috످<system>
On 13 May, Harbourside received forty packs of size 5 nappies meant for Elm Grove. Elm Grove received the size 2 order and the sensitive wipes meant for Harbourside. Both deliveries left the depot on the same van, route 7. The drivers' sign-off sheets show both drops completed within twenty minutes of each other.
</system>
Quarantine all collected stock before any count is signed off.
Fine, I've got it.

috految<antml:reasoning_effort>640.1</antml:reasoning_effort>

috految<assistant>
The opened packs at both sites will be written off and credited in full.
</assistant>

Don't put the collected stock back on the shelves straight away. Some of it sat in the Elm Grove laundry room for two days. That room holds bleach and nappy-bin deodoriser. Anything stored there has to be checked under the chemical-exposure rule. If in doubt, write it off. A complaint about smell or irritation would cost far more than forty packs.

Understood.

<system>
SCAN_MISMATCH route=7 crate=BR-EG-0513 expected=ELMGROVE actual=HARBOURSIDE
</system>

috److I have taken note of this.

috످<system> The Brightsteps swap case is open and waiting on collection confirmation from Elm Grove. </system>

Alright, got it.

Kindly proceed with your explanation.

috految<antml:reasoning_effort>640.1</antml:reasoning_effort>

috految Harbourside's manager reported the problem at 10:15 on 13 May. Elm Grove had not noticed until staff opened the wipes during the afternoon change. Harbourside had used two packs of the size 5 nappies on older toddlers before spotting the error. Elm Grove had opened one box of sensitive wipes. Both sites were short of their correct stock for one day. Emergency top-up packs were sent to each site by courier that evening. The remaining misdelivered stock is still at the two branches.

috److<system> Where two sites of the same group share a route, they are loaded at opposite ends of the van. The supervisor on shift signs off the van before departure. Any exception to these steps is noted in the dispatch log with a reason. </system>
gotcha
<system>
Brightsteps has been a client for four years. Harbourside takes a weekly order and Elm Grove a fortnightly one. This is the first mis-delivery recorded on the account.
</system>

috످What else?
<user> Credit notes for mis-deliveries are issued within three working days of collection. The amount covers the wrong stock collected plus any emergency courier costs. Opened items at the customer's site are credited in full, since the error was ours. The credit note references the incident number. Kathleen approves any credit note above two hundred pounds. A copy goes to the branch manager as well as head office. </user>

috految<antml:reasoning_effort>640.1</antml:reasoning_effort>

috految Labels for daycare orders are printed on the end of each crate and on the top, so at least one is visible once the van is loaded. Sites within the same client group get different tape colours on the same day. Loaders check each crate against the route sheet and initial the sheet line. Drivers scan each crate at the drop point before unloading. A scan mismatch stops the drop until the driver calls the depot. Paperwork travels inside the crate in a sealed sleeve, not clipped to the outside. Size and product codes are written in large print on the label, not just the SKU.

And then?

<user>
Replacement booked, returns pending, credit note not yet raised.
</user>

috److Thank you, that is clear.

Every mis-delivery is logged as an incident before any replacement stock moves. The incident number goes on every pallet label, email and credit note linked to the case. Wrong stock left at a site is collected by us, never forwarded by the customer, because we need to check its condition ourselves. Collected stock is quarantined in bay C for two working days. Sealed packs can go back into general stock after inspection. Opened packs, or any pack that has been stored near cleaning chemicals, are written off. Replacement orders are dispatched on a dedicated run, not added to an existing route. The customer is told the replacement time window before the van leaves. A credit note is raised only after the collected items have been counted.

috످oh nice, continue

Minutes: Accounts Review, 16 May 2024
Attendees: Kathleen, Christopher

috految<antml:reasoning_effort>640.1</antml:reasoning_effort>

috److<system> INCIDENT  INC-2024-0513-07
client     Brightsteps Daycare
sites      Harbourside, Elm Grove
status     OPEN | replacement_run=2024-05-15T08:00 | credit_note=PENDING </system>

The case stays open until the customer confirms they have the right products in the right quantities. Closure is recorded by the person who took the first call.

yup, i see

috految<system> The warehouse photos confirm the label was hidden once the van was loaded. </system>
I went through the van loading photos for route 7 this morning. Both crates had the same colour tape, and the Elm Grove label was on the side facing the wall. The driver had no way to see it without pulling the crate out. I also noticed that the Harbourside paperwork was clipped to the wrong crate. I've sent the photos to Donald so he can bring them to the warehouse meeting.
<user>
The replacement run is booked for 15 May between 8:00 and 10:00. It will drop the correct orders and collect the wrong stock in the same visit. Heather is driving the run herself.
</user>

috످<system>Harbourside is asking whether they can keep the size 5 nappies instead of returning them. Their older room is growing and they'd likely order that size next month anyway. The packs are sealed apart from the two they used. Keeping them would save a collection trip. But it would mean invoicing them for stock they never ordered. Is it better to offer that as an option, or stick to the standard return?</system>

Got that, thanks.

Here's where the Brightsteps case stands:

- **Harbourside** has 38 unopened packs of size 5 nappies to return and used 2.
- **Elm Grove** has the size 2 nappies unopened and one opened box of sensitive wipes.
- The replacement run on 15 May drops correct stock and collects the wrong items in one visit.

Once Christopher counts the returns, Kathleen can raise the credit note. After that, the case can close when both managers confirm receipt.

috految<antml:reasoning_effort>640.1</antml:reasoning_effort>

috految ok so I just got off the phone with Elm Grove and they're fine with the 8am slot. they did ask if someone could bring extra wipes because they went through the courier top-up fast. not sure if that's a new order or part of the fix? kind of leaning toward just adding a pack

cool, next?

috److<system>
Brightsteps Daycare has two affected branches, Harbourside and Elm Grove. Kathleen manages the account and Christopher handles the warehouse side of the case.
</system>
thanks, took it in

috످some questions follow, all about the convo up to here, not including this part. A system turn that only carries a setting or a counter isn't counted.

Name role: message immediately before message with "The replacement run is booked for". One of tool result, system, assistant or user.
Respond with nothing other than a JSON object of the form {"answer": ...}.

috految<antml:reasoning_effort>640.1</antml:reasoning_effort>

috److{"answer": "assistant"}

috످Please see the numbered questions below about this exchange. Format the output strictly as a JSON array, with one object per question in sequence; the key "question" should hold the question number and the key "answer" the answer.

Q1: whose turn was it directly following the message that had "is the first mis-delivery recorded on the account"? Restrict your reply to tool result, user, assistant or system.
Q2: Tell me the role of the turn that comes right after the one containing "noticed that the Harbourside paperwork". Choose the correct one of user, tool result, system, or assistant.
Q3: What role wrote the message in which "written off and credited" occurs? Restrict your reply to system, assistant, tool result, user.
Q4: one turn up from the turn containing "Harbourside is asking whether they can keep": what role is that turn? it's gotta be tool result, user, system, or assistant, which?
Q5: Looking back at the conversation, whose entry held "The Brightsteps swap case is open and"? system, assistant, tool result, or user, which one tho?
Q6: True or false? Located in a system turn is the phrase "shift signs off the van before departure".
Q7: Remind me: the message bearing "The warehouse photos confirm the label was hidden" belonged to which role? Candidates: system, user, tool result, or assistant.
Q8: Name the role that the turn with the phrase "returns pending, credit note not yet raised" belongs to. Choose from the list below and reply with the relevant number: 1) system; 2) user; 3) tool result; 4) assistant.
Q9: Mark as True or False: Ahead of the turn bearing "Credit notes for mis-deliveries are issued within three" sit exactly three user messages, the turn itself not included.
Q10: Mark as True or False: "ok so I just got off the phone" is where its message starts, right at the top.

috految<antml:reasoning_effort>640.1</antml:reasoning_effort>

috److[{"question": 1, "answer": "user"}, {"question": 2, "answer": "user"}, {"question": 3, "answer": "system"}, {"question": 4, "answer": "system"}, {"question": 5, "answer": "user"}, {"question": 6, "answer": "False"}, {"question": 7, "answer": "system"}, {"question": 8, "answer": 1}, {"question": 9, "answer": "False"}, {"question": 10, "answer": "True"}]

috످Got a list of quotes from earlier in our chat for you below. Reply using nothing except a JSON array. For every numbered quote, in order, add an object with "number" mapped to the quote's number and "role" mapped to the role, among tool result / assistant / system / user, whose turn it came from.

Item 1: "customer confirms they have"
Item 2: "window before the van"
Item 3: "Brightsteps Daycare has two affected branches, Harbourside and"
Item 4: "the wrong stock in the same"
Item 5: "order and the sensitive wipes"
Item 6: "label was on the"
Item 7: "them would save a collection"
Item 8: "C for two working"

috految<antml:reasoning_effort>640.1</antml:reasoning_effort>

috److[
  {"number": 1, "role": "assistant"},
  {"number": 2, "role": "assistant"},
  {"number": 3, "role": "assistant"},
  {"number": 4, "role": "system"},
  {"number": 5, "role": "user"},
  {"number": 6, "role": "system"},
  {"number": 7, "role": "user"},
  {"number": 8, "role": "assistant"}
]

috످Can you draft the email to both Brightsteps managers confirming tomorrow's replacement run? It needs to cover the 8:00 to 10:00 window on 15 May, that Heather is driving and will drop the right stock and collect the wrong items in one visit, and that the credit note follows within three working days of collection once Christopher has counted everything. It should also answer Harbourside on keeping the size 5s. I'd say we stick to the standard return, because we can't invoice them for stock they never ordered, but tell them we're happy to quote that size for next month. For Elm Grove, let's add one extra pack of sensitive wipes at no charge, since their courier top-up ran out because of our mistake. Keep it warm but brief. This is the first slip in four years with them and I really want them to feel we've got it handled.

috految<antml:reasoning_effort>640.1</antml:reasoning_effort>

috److془Draft the email. Include incident number INC-2024-0513-07. Warm, brief. Sign-off placeholder.

Consider: "Elm Grove's stock in laundry room with bleach" - safety flag. Elm Grove has been running low on wipes, may use the misdelivered ones. Also the scan mismatch. Also the 16 May minutes vs. tomorrow = 15 May. Not necessary really.

Also: Elm Grove's laundry room: "Some of it sat in the Elm Grove laundry room for two days. That room holds bleach and nappy-bin deodoriser." Good flag. Also, the opened packs credited in full (user's policy in the conversation). Courier costs covered.

Note: "Elm Grove confirmed 8am slot". Fine.

Also "Let Heather know to bring extra pack".

Should I correct the earlier answers? Earlier: "Q3: What role wrote the message in which 'written off and credited' occurs? system" - it's in the first system turn? Let me look: the first turn is user "<system>On 13 May...</system> Quarantine all collected stock... Fine, I've got it." then system "<assistant>The opened packs..." Yes. Fine. 

Write the email.

Subject: Your replacement delivery tomorrow, 15 May (INC-2024-0513-07)

Hi [Harbourside manager] and [Elm Grove manager],

I'm so sorry we mixed up your deliveries. We've loved working with you these past four years, and we're putting this right.

Heather will be with you tomorrow, 15 May, between 8:00 and 10:00am to drop off the correct stock and collect the wrong items in one visit. Once Christopher in our warehouse has counted everything, we'll send your credit note within three working days of collection. It will cover the returned stock, any opened packs and courier costs.

Harbourside: thank you for asking about keeping the size 5 nappies. We wouldn't want to bill you for stock you never ordered, so we'll collect them as planned, but we'd be happy to send a quote for that size for next month.

Elm Grove: since our mistake left you short on wipes, Heather will bring an extra pack of sensitive wipes at no charge.

Thank you both for your patience. If you need anything at all, just let me know.

Warm regards,
[Your name]

Note: Before you send: I'd call Elm Grove today to ask them not to use any of the misdelivered stock. Some was stored near bleach in their laundry room, and with wipes running out, staff might use it on the children.

Good.془**Subject:** Your replacement delivery tomorrow, 15 May (INC-2024-0513-07)

Hi [Harbourside manager] and [Elm Grove manager],

I'm so sorry we mixed up your deliveries. Your trust over the past four years means a lot to us, and we have everything in hand to put this right.

Our driver, Heather, will be with you **tomorrow, 15 May, between 8 and 10am** to drop off the correct stock and collect the wrong items in one visit. Your credit note will follow within three working days of collection, once Christopher in our warehouse has counted everything.

**For Harbourside:** Thanks for asking about keeping the size 5 nappies. We wouldn't want to bill you for stock you never ordered, so we'll collect them as planned, but we'd be happy to send you a quote for that size for next month.

**For Elm Grove:** Since our mistake left you short, we're adding an extra pack of sensitive wipes at no charge.

Thank you both for your patience. If you need anything at all, just let me know.

Warm regards,
[Your name]

---

**Before you send:** I'd call Elm Grove today and ask them not to use any of the misdelivered stock. Some of it was stored near bleach in their laundry room, and since they're short on wipes, staff might use it on the children.

috످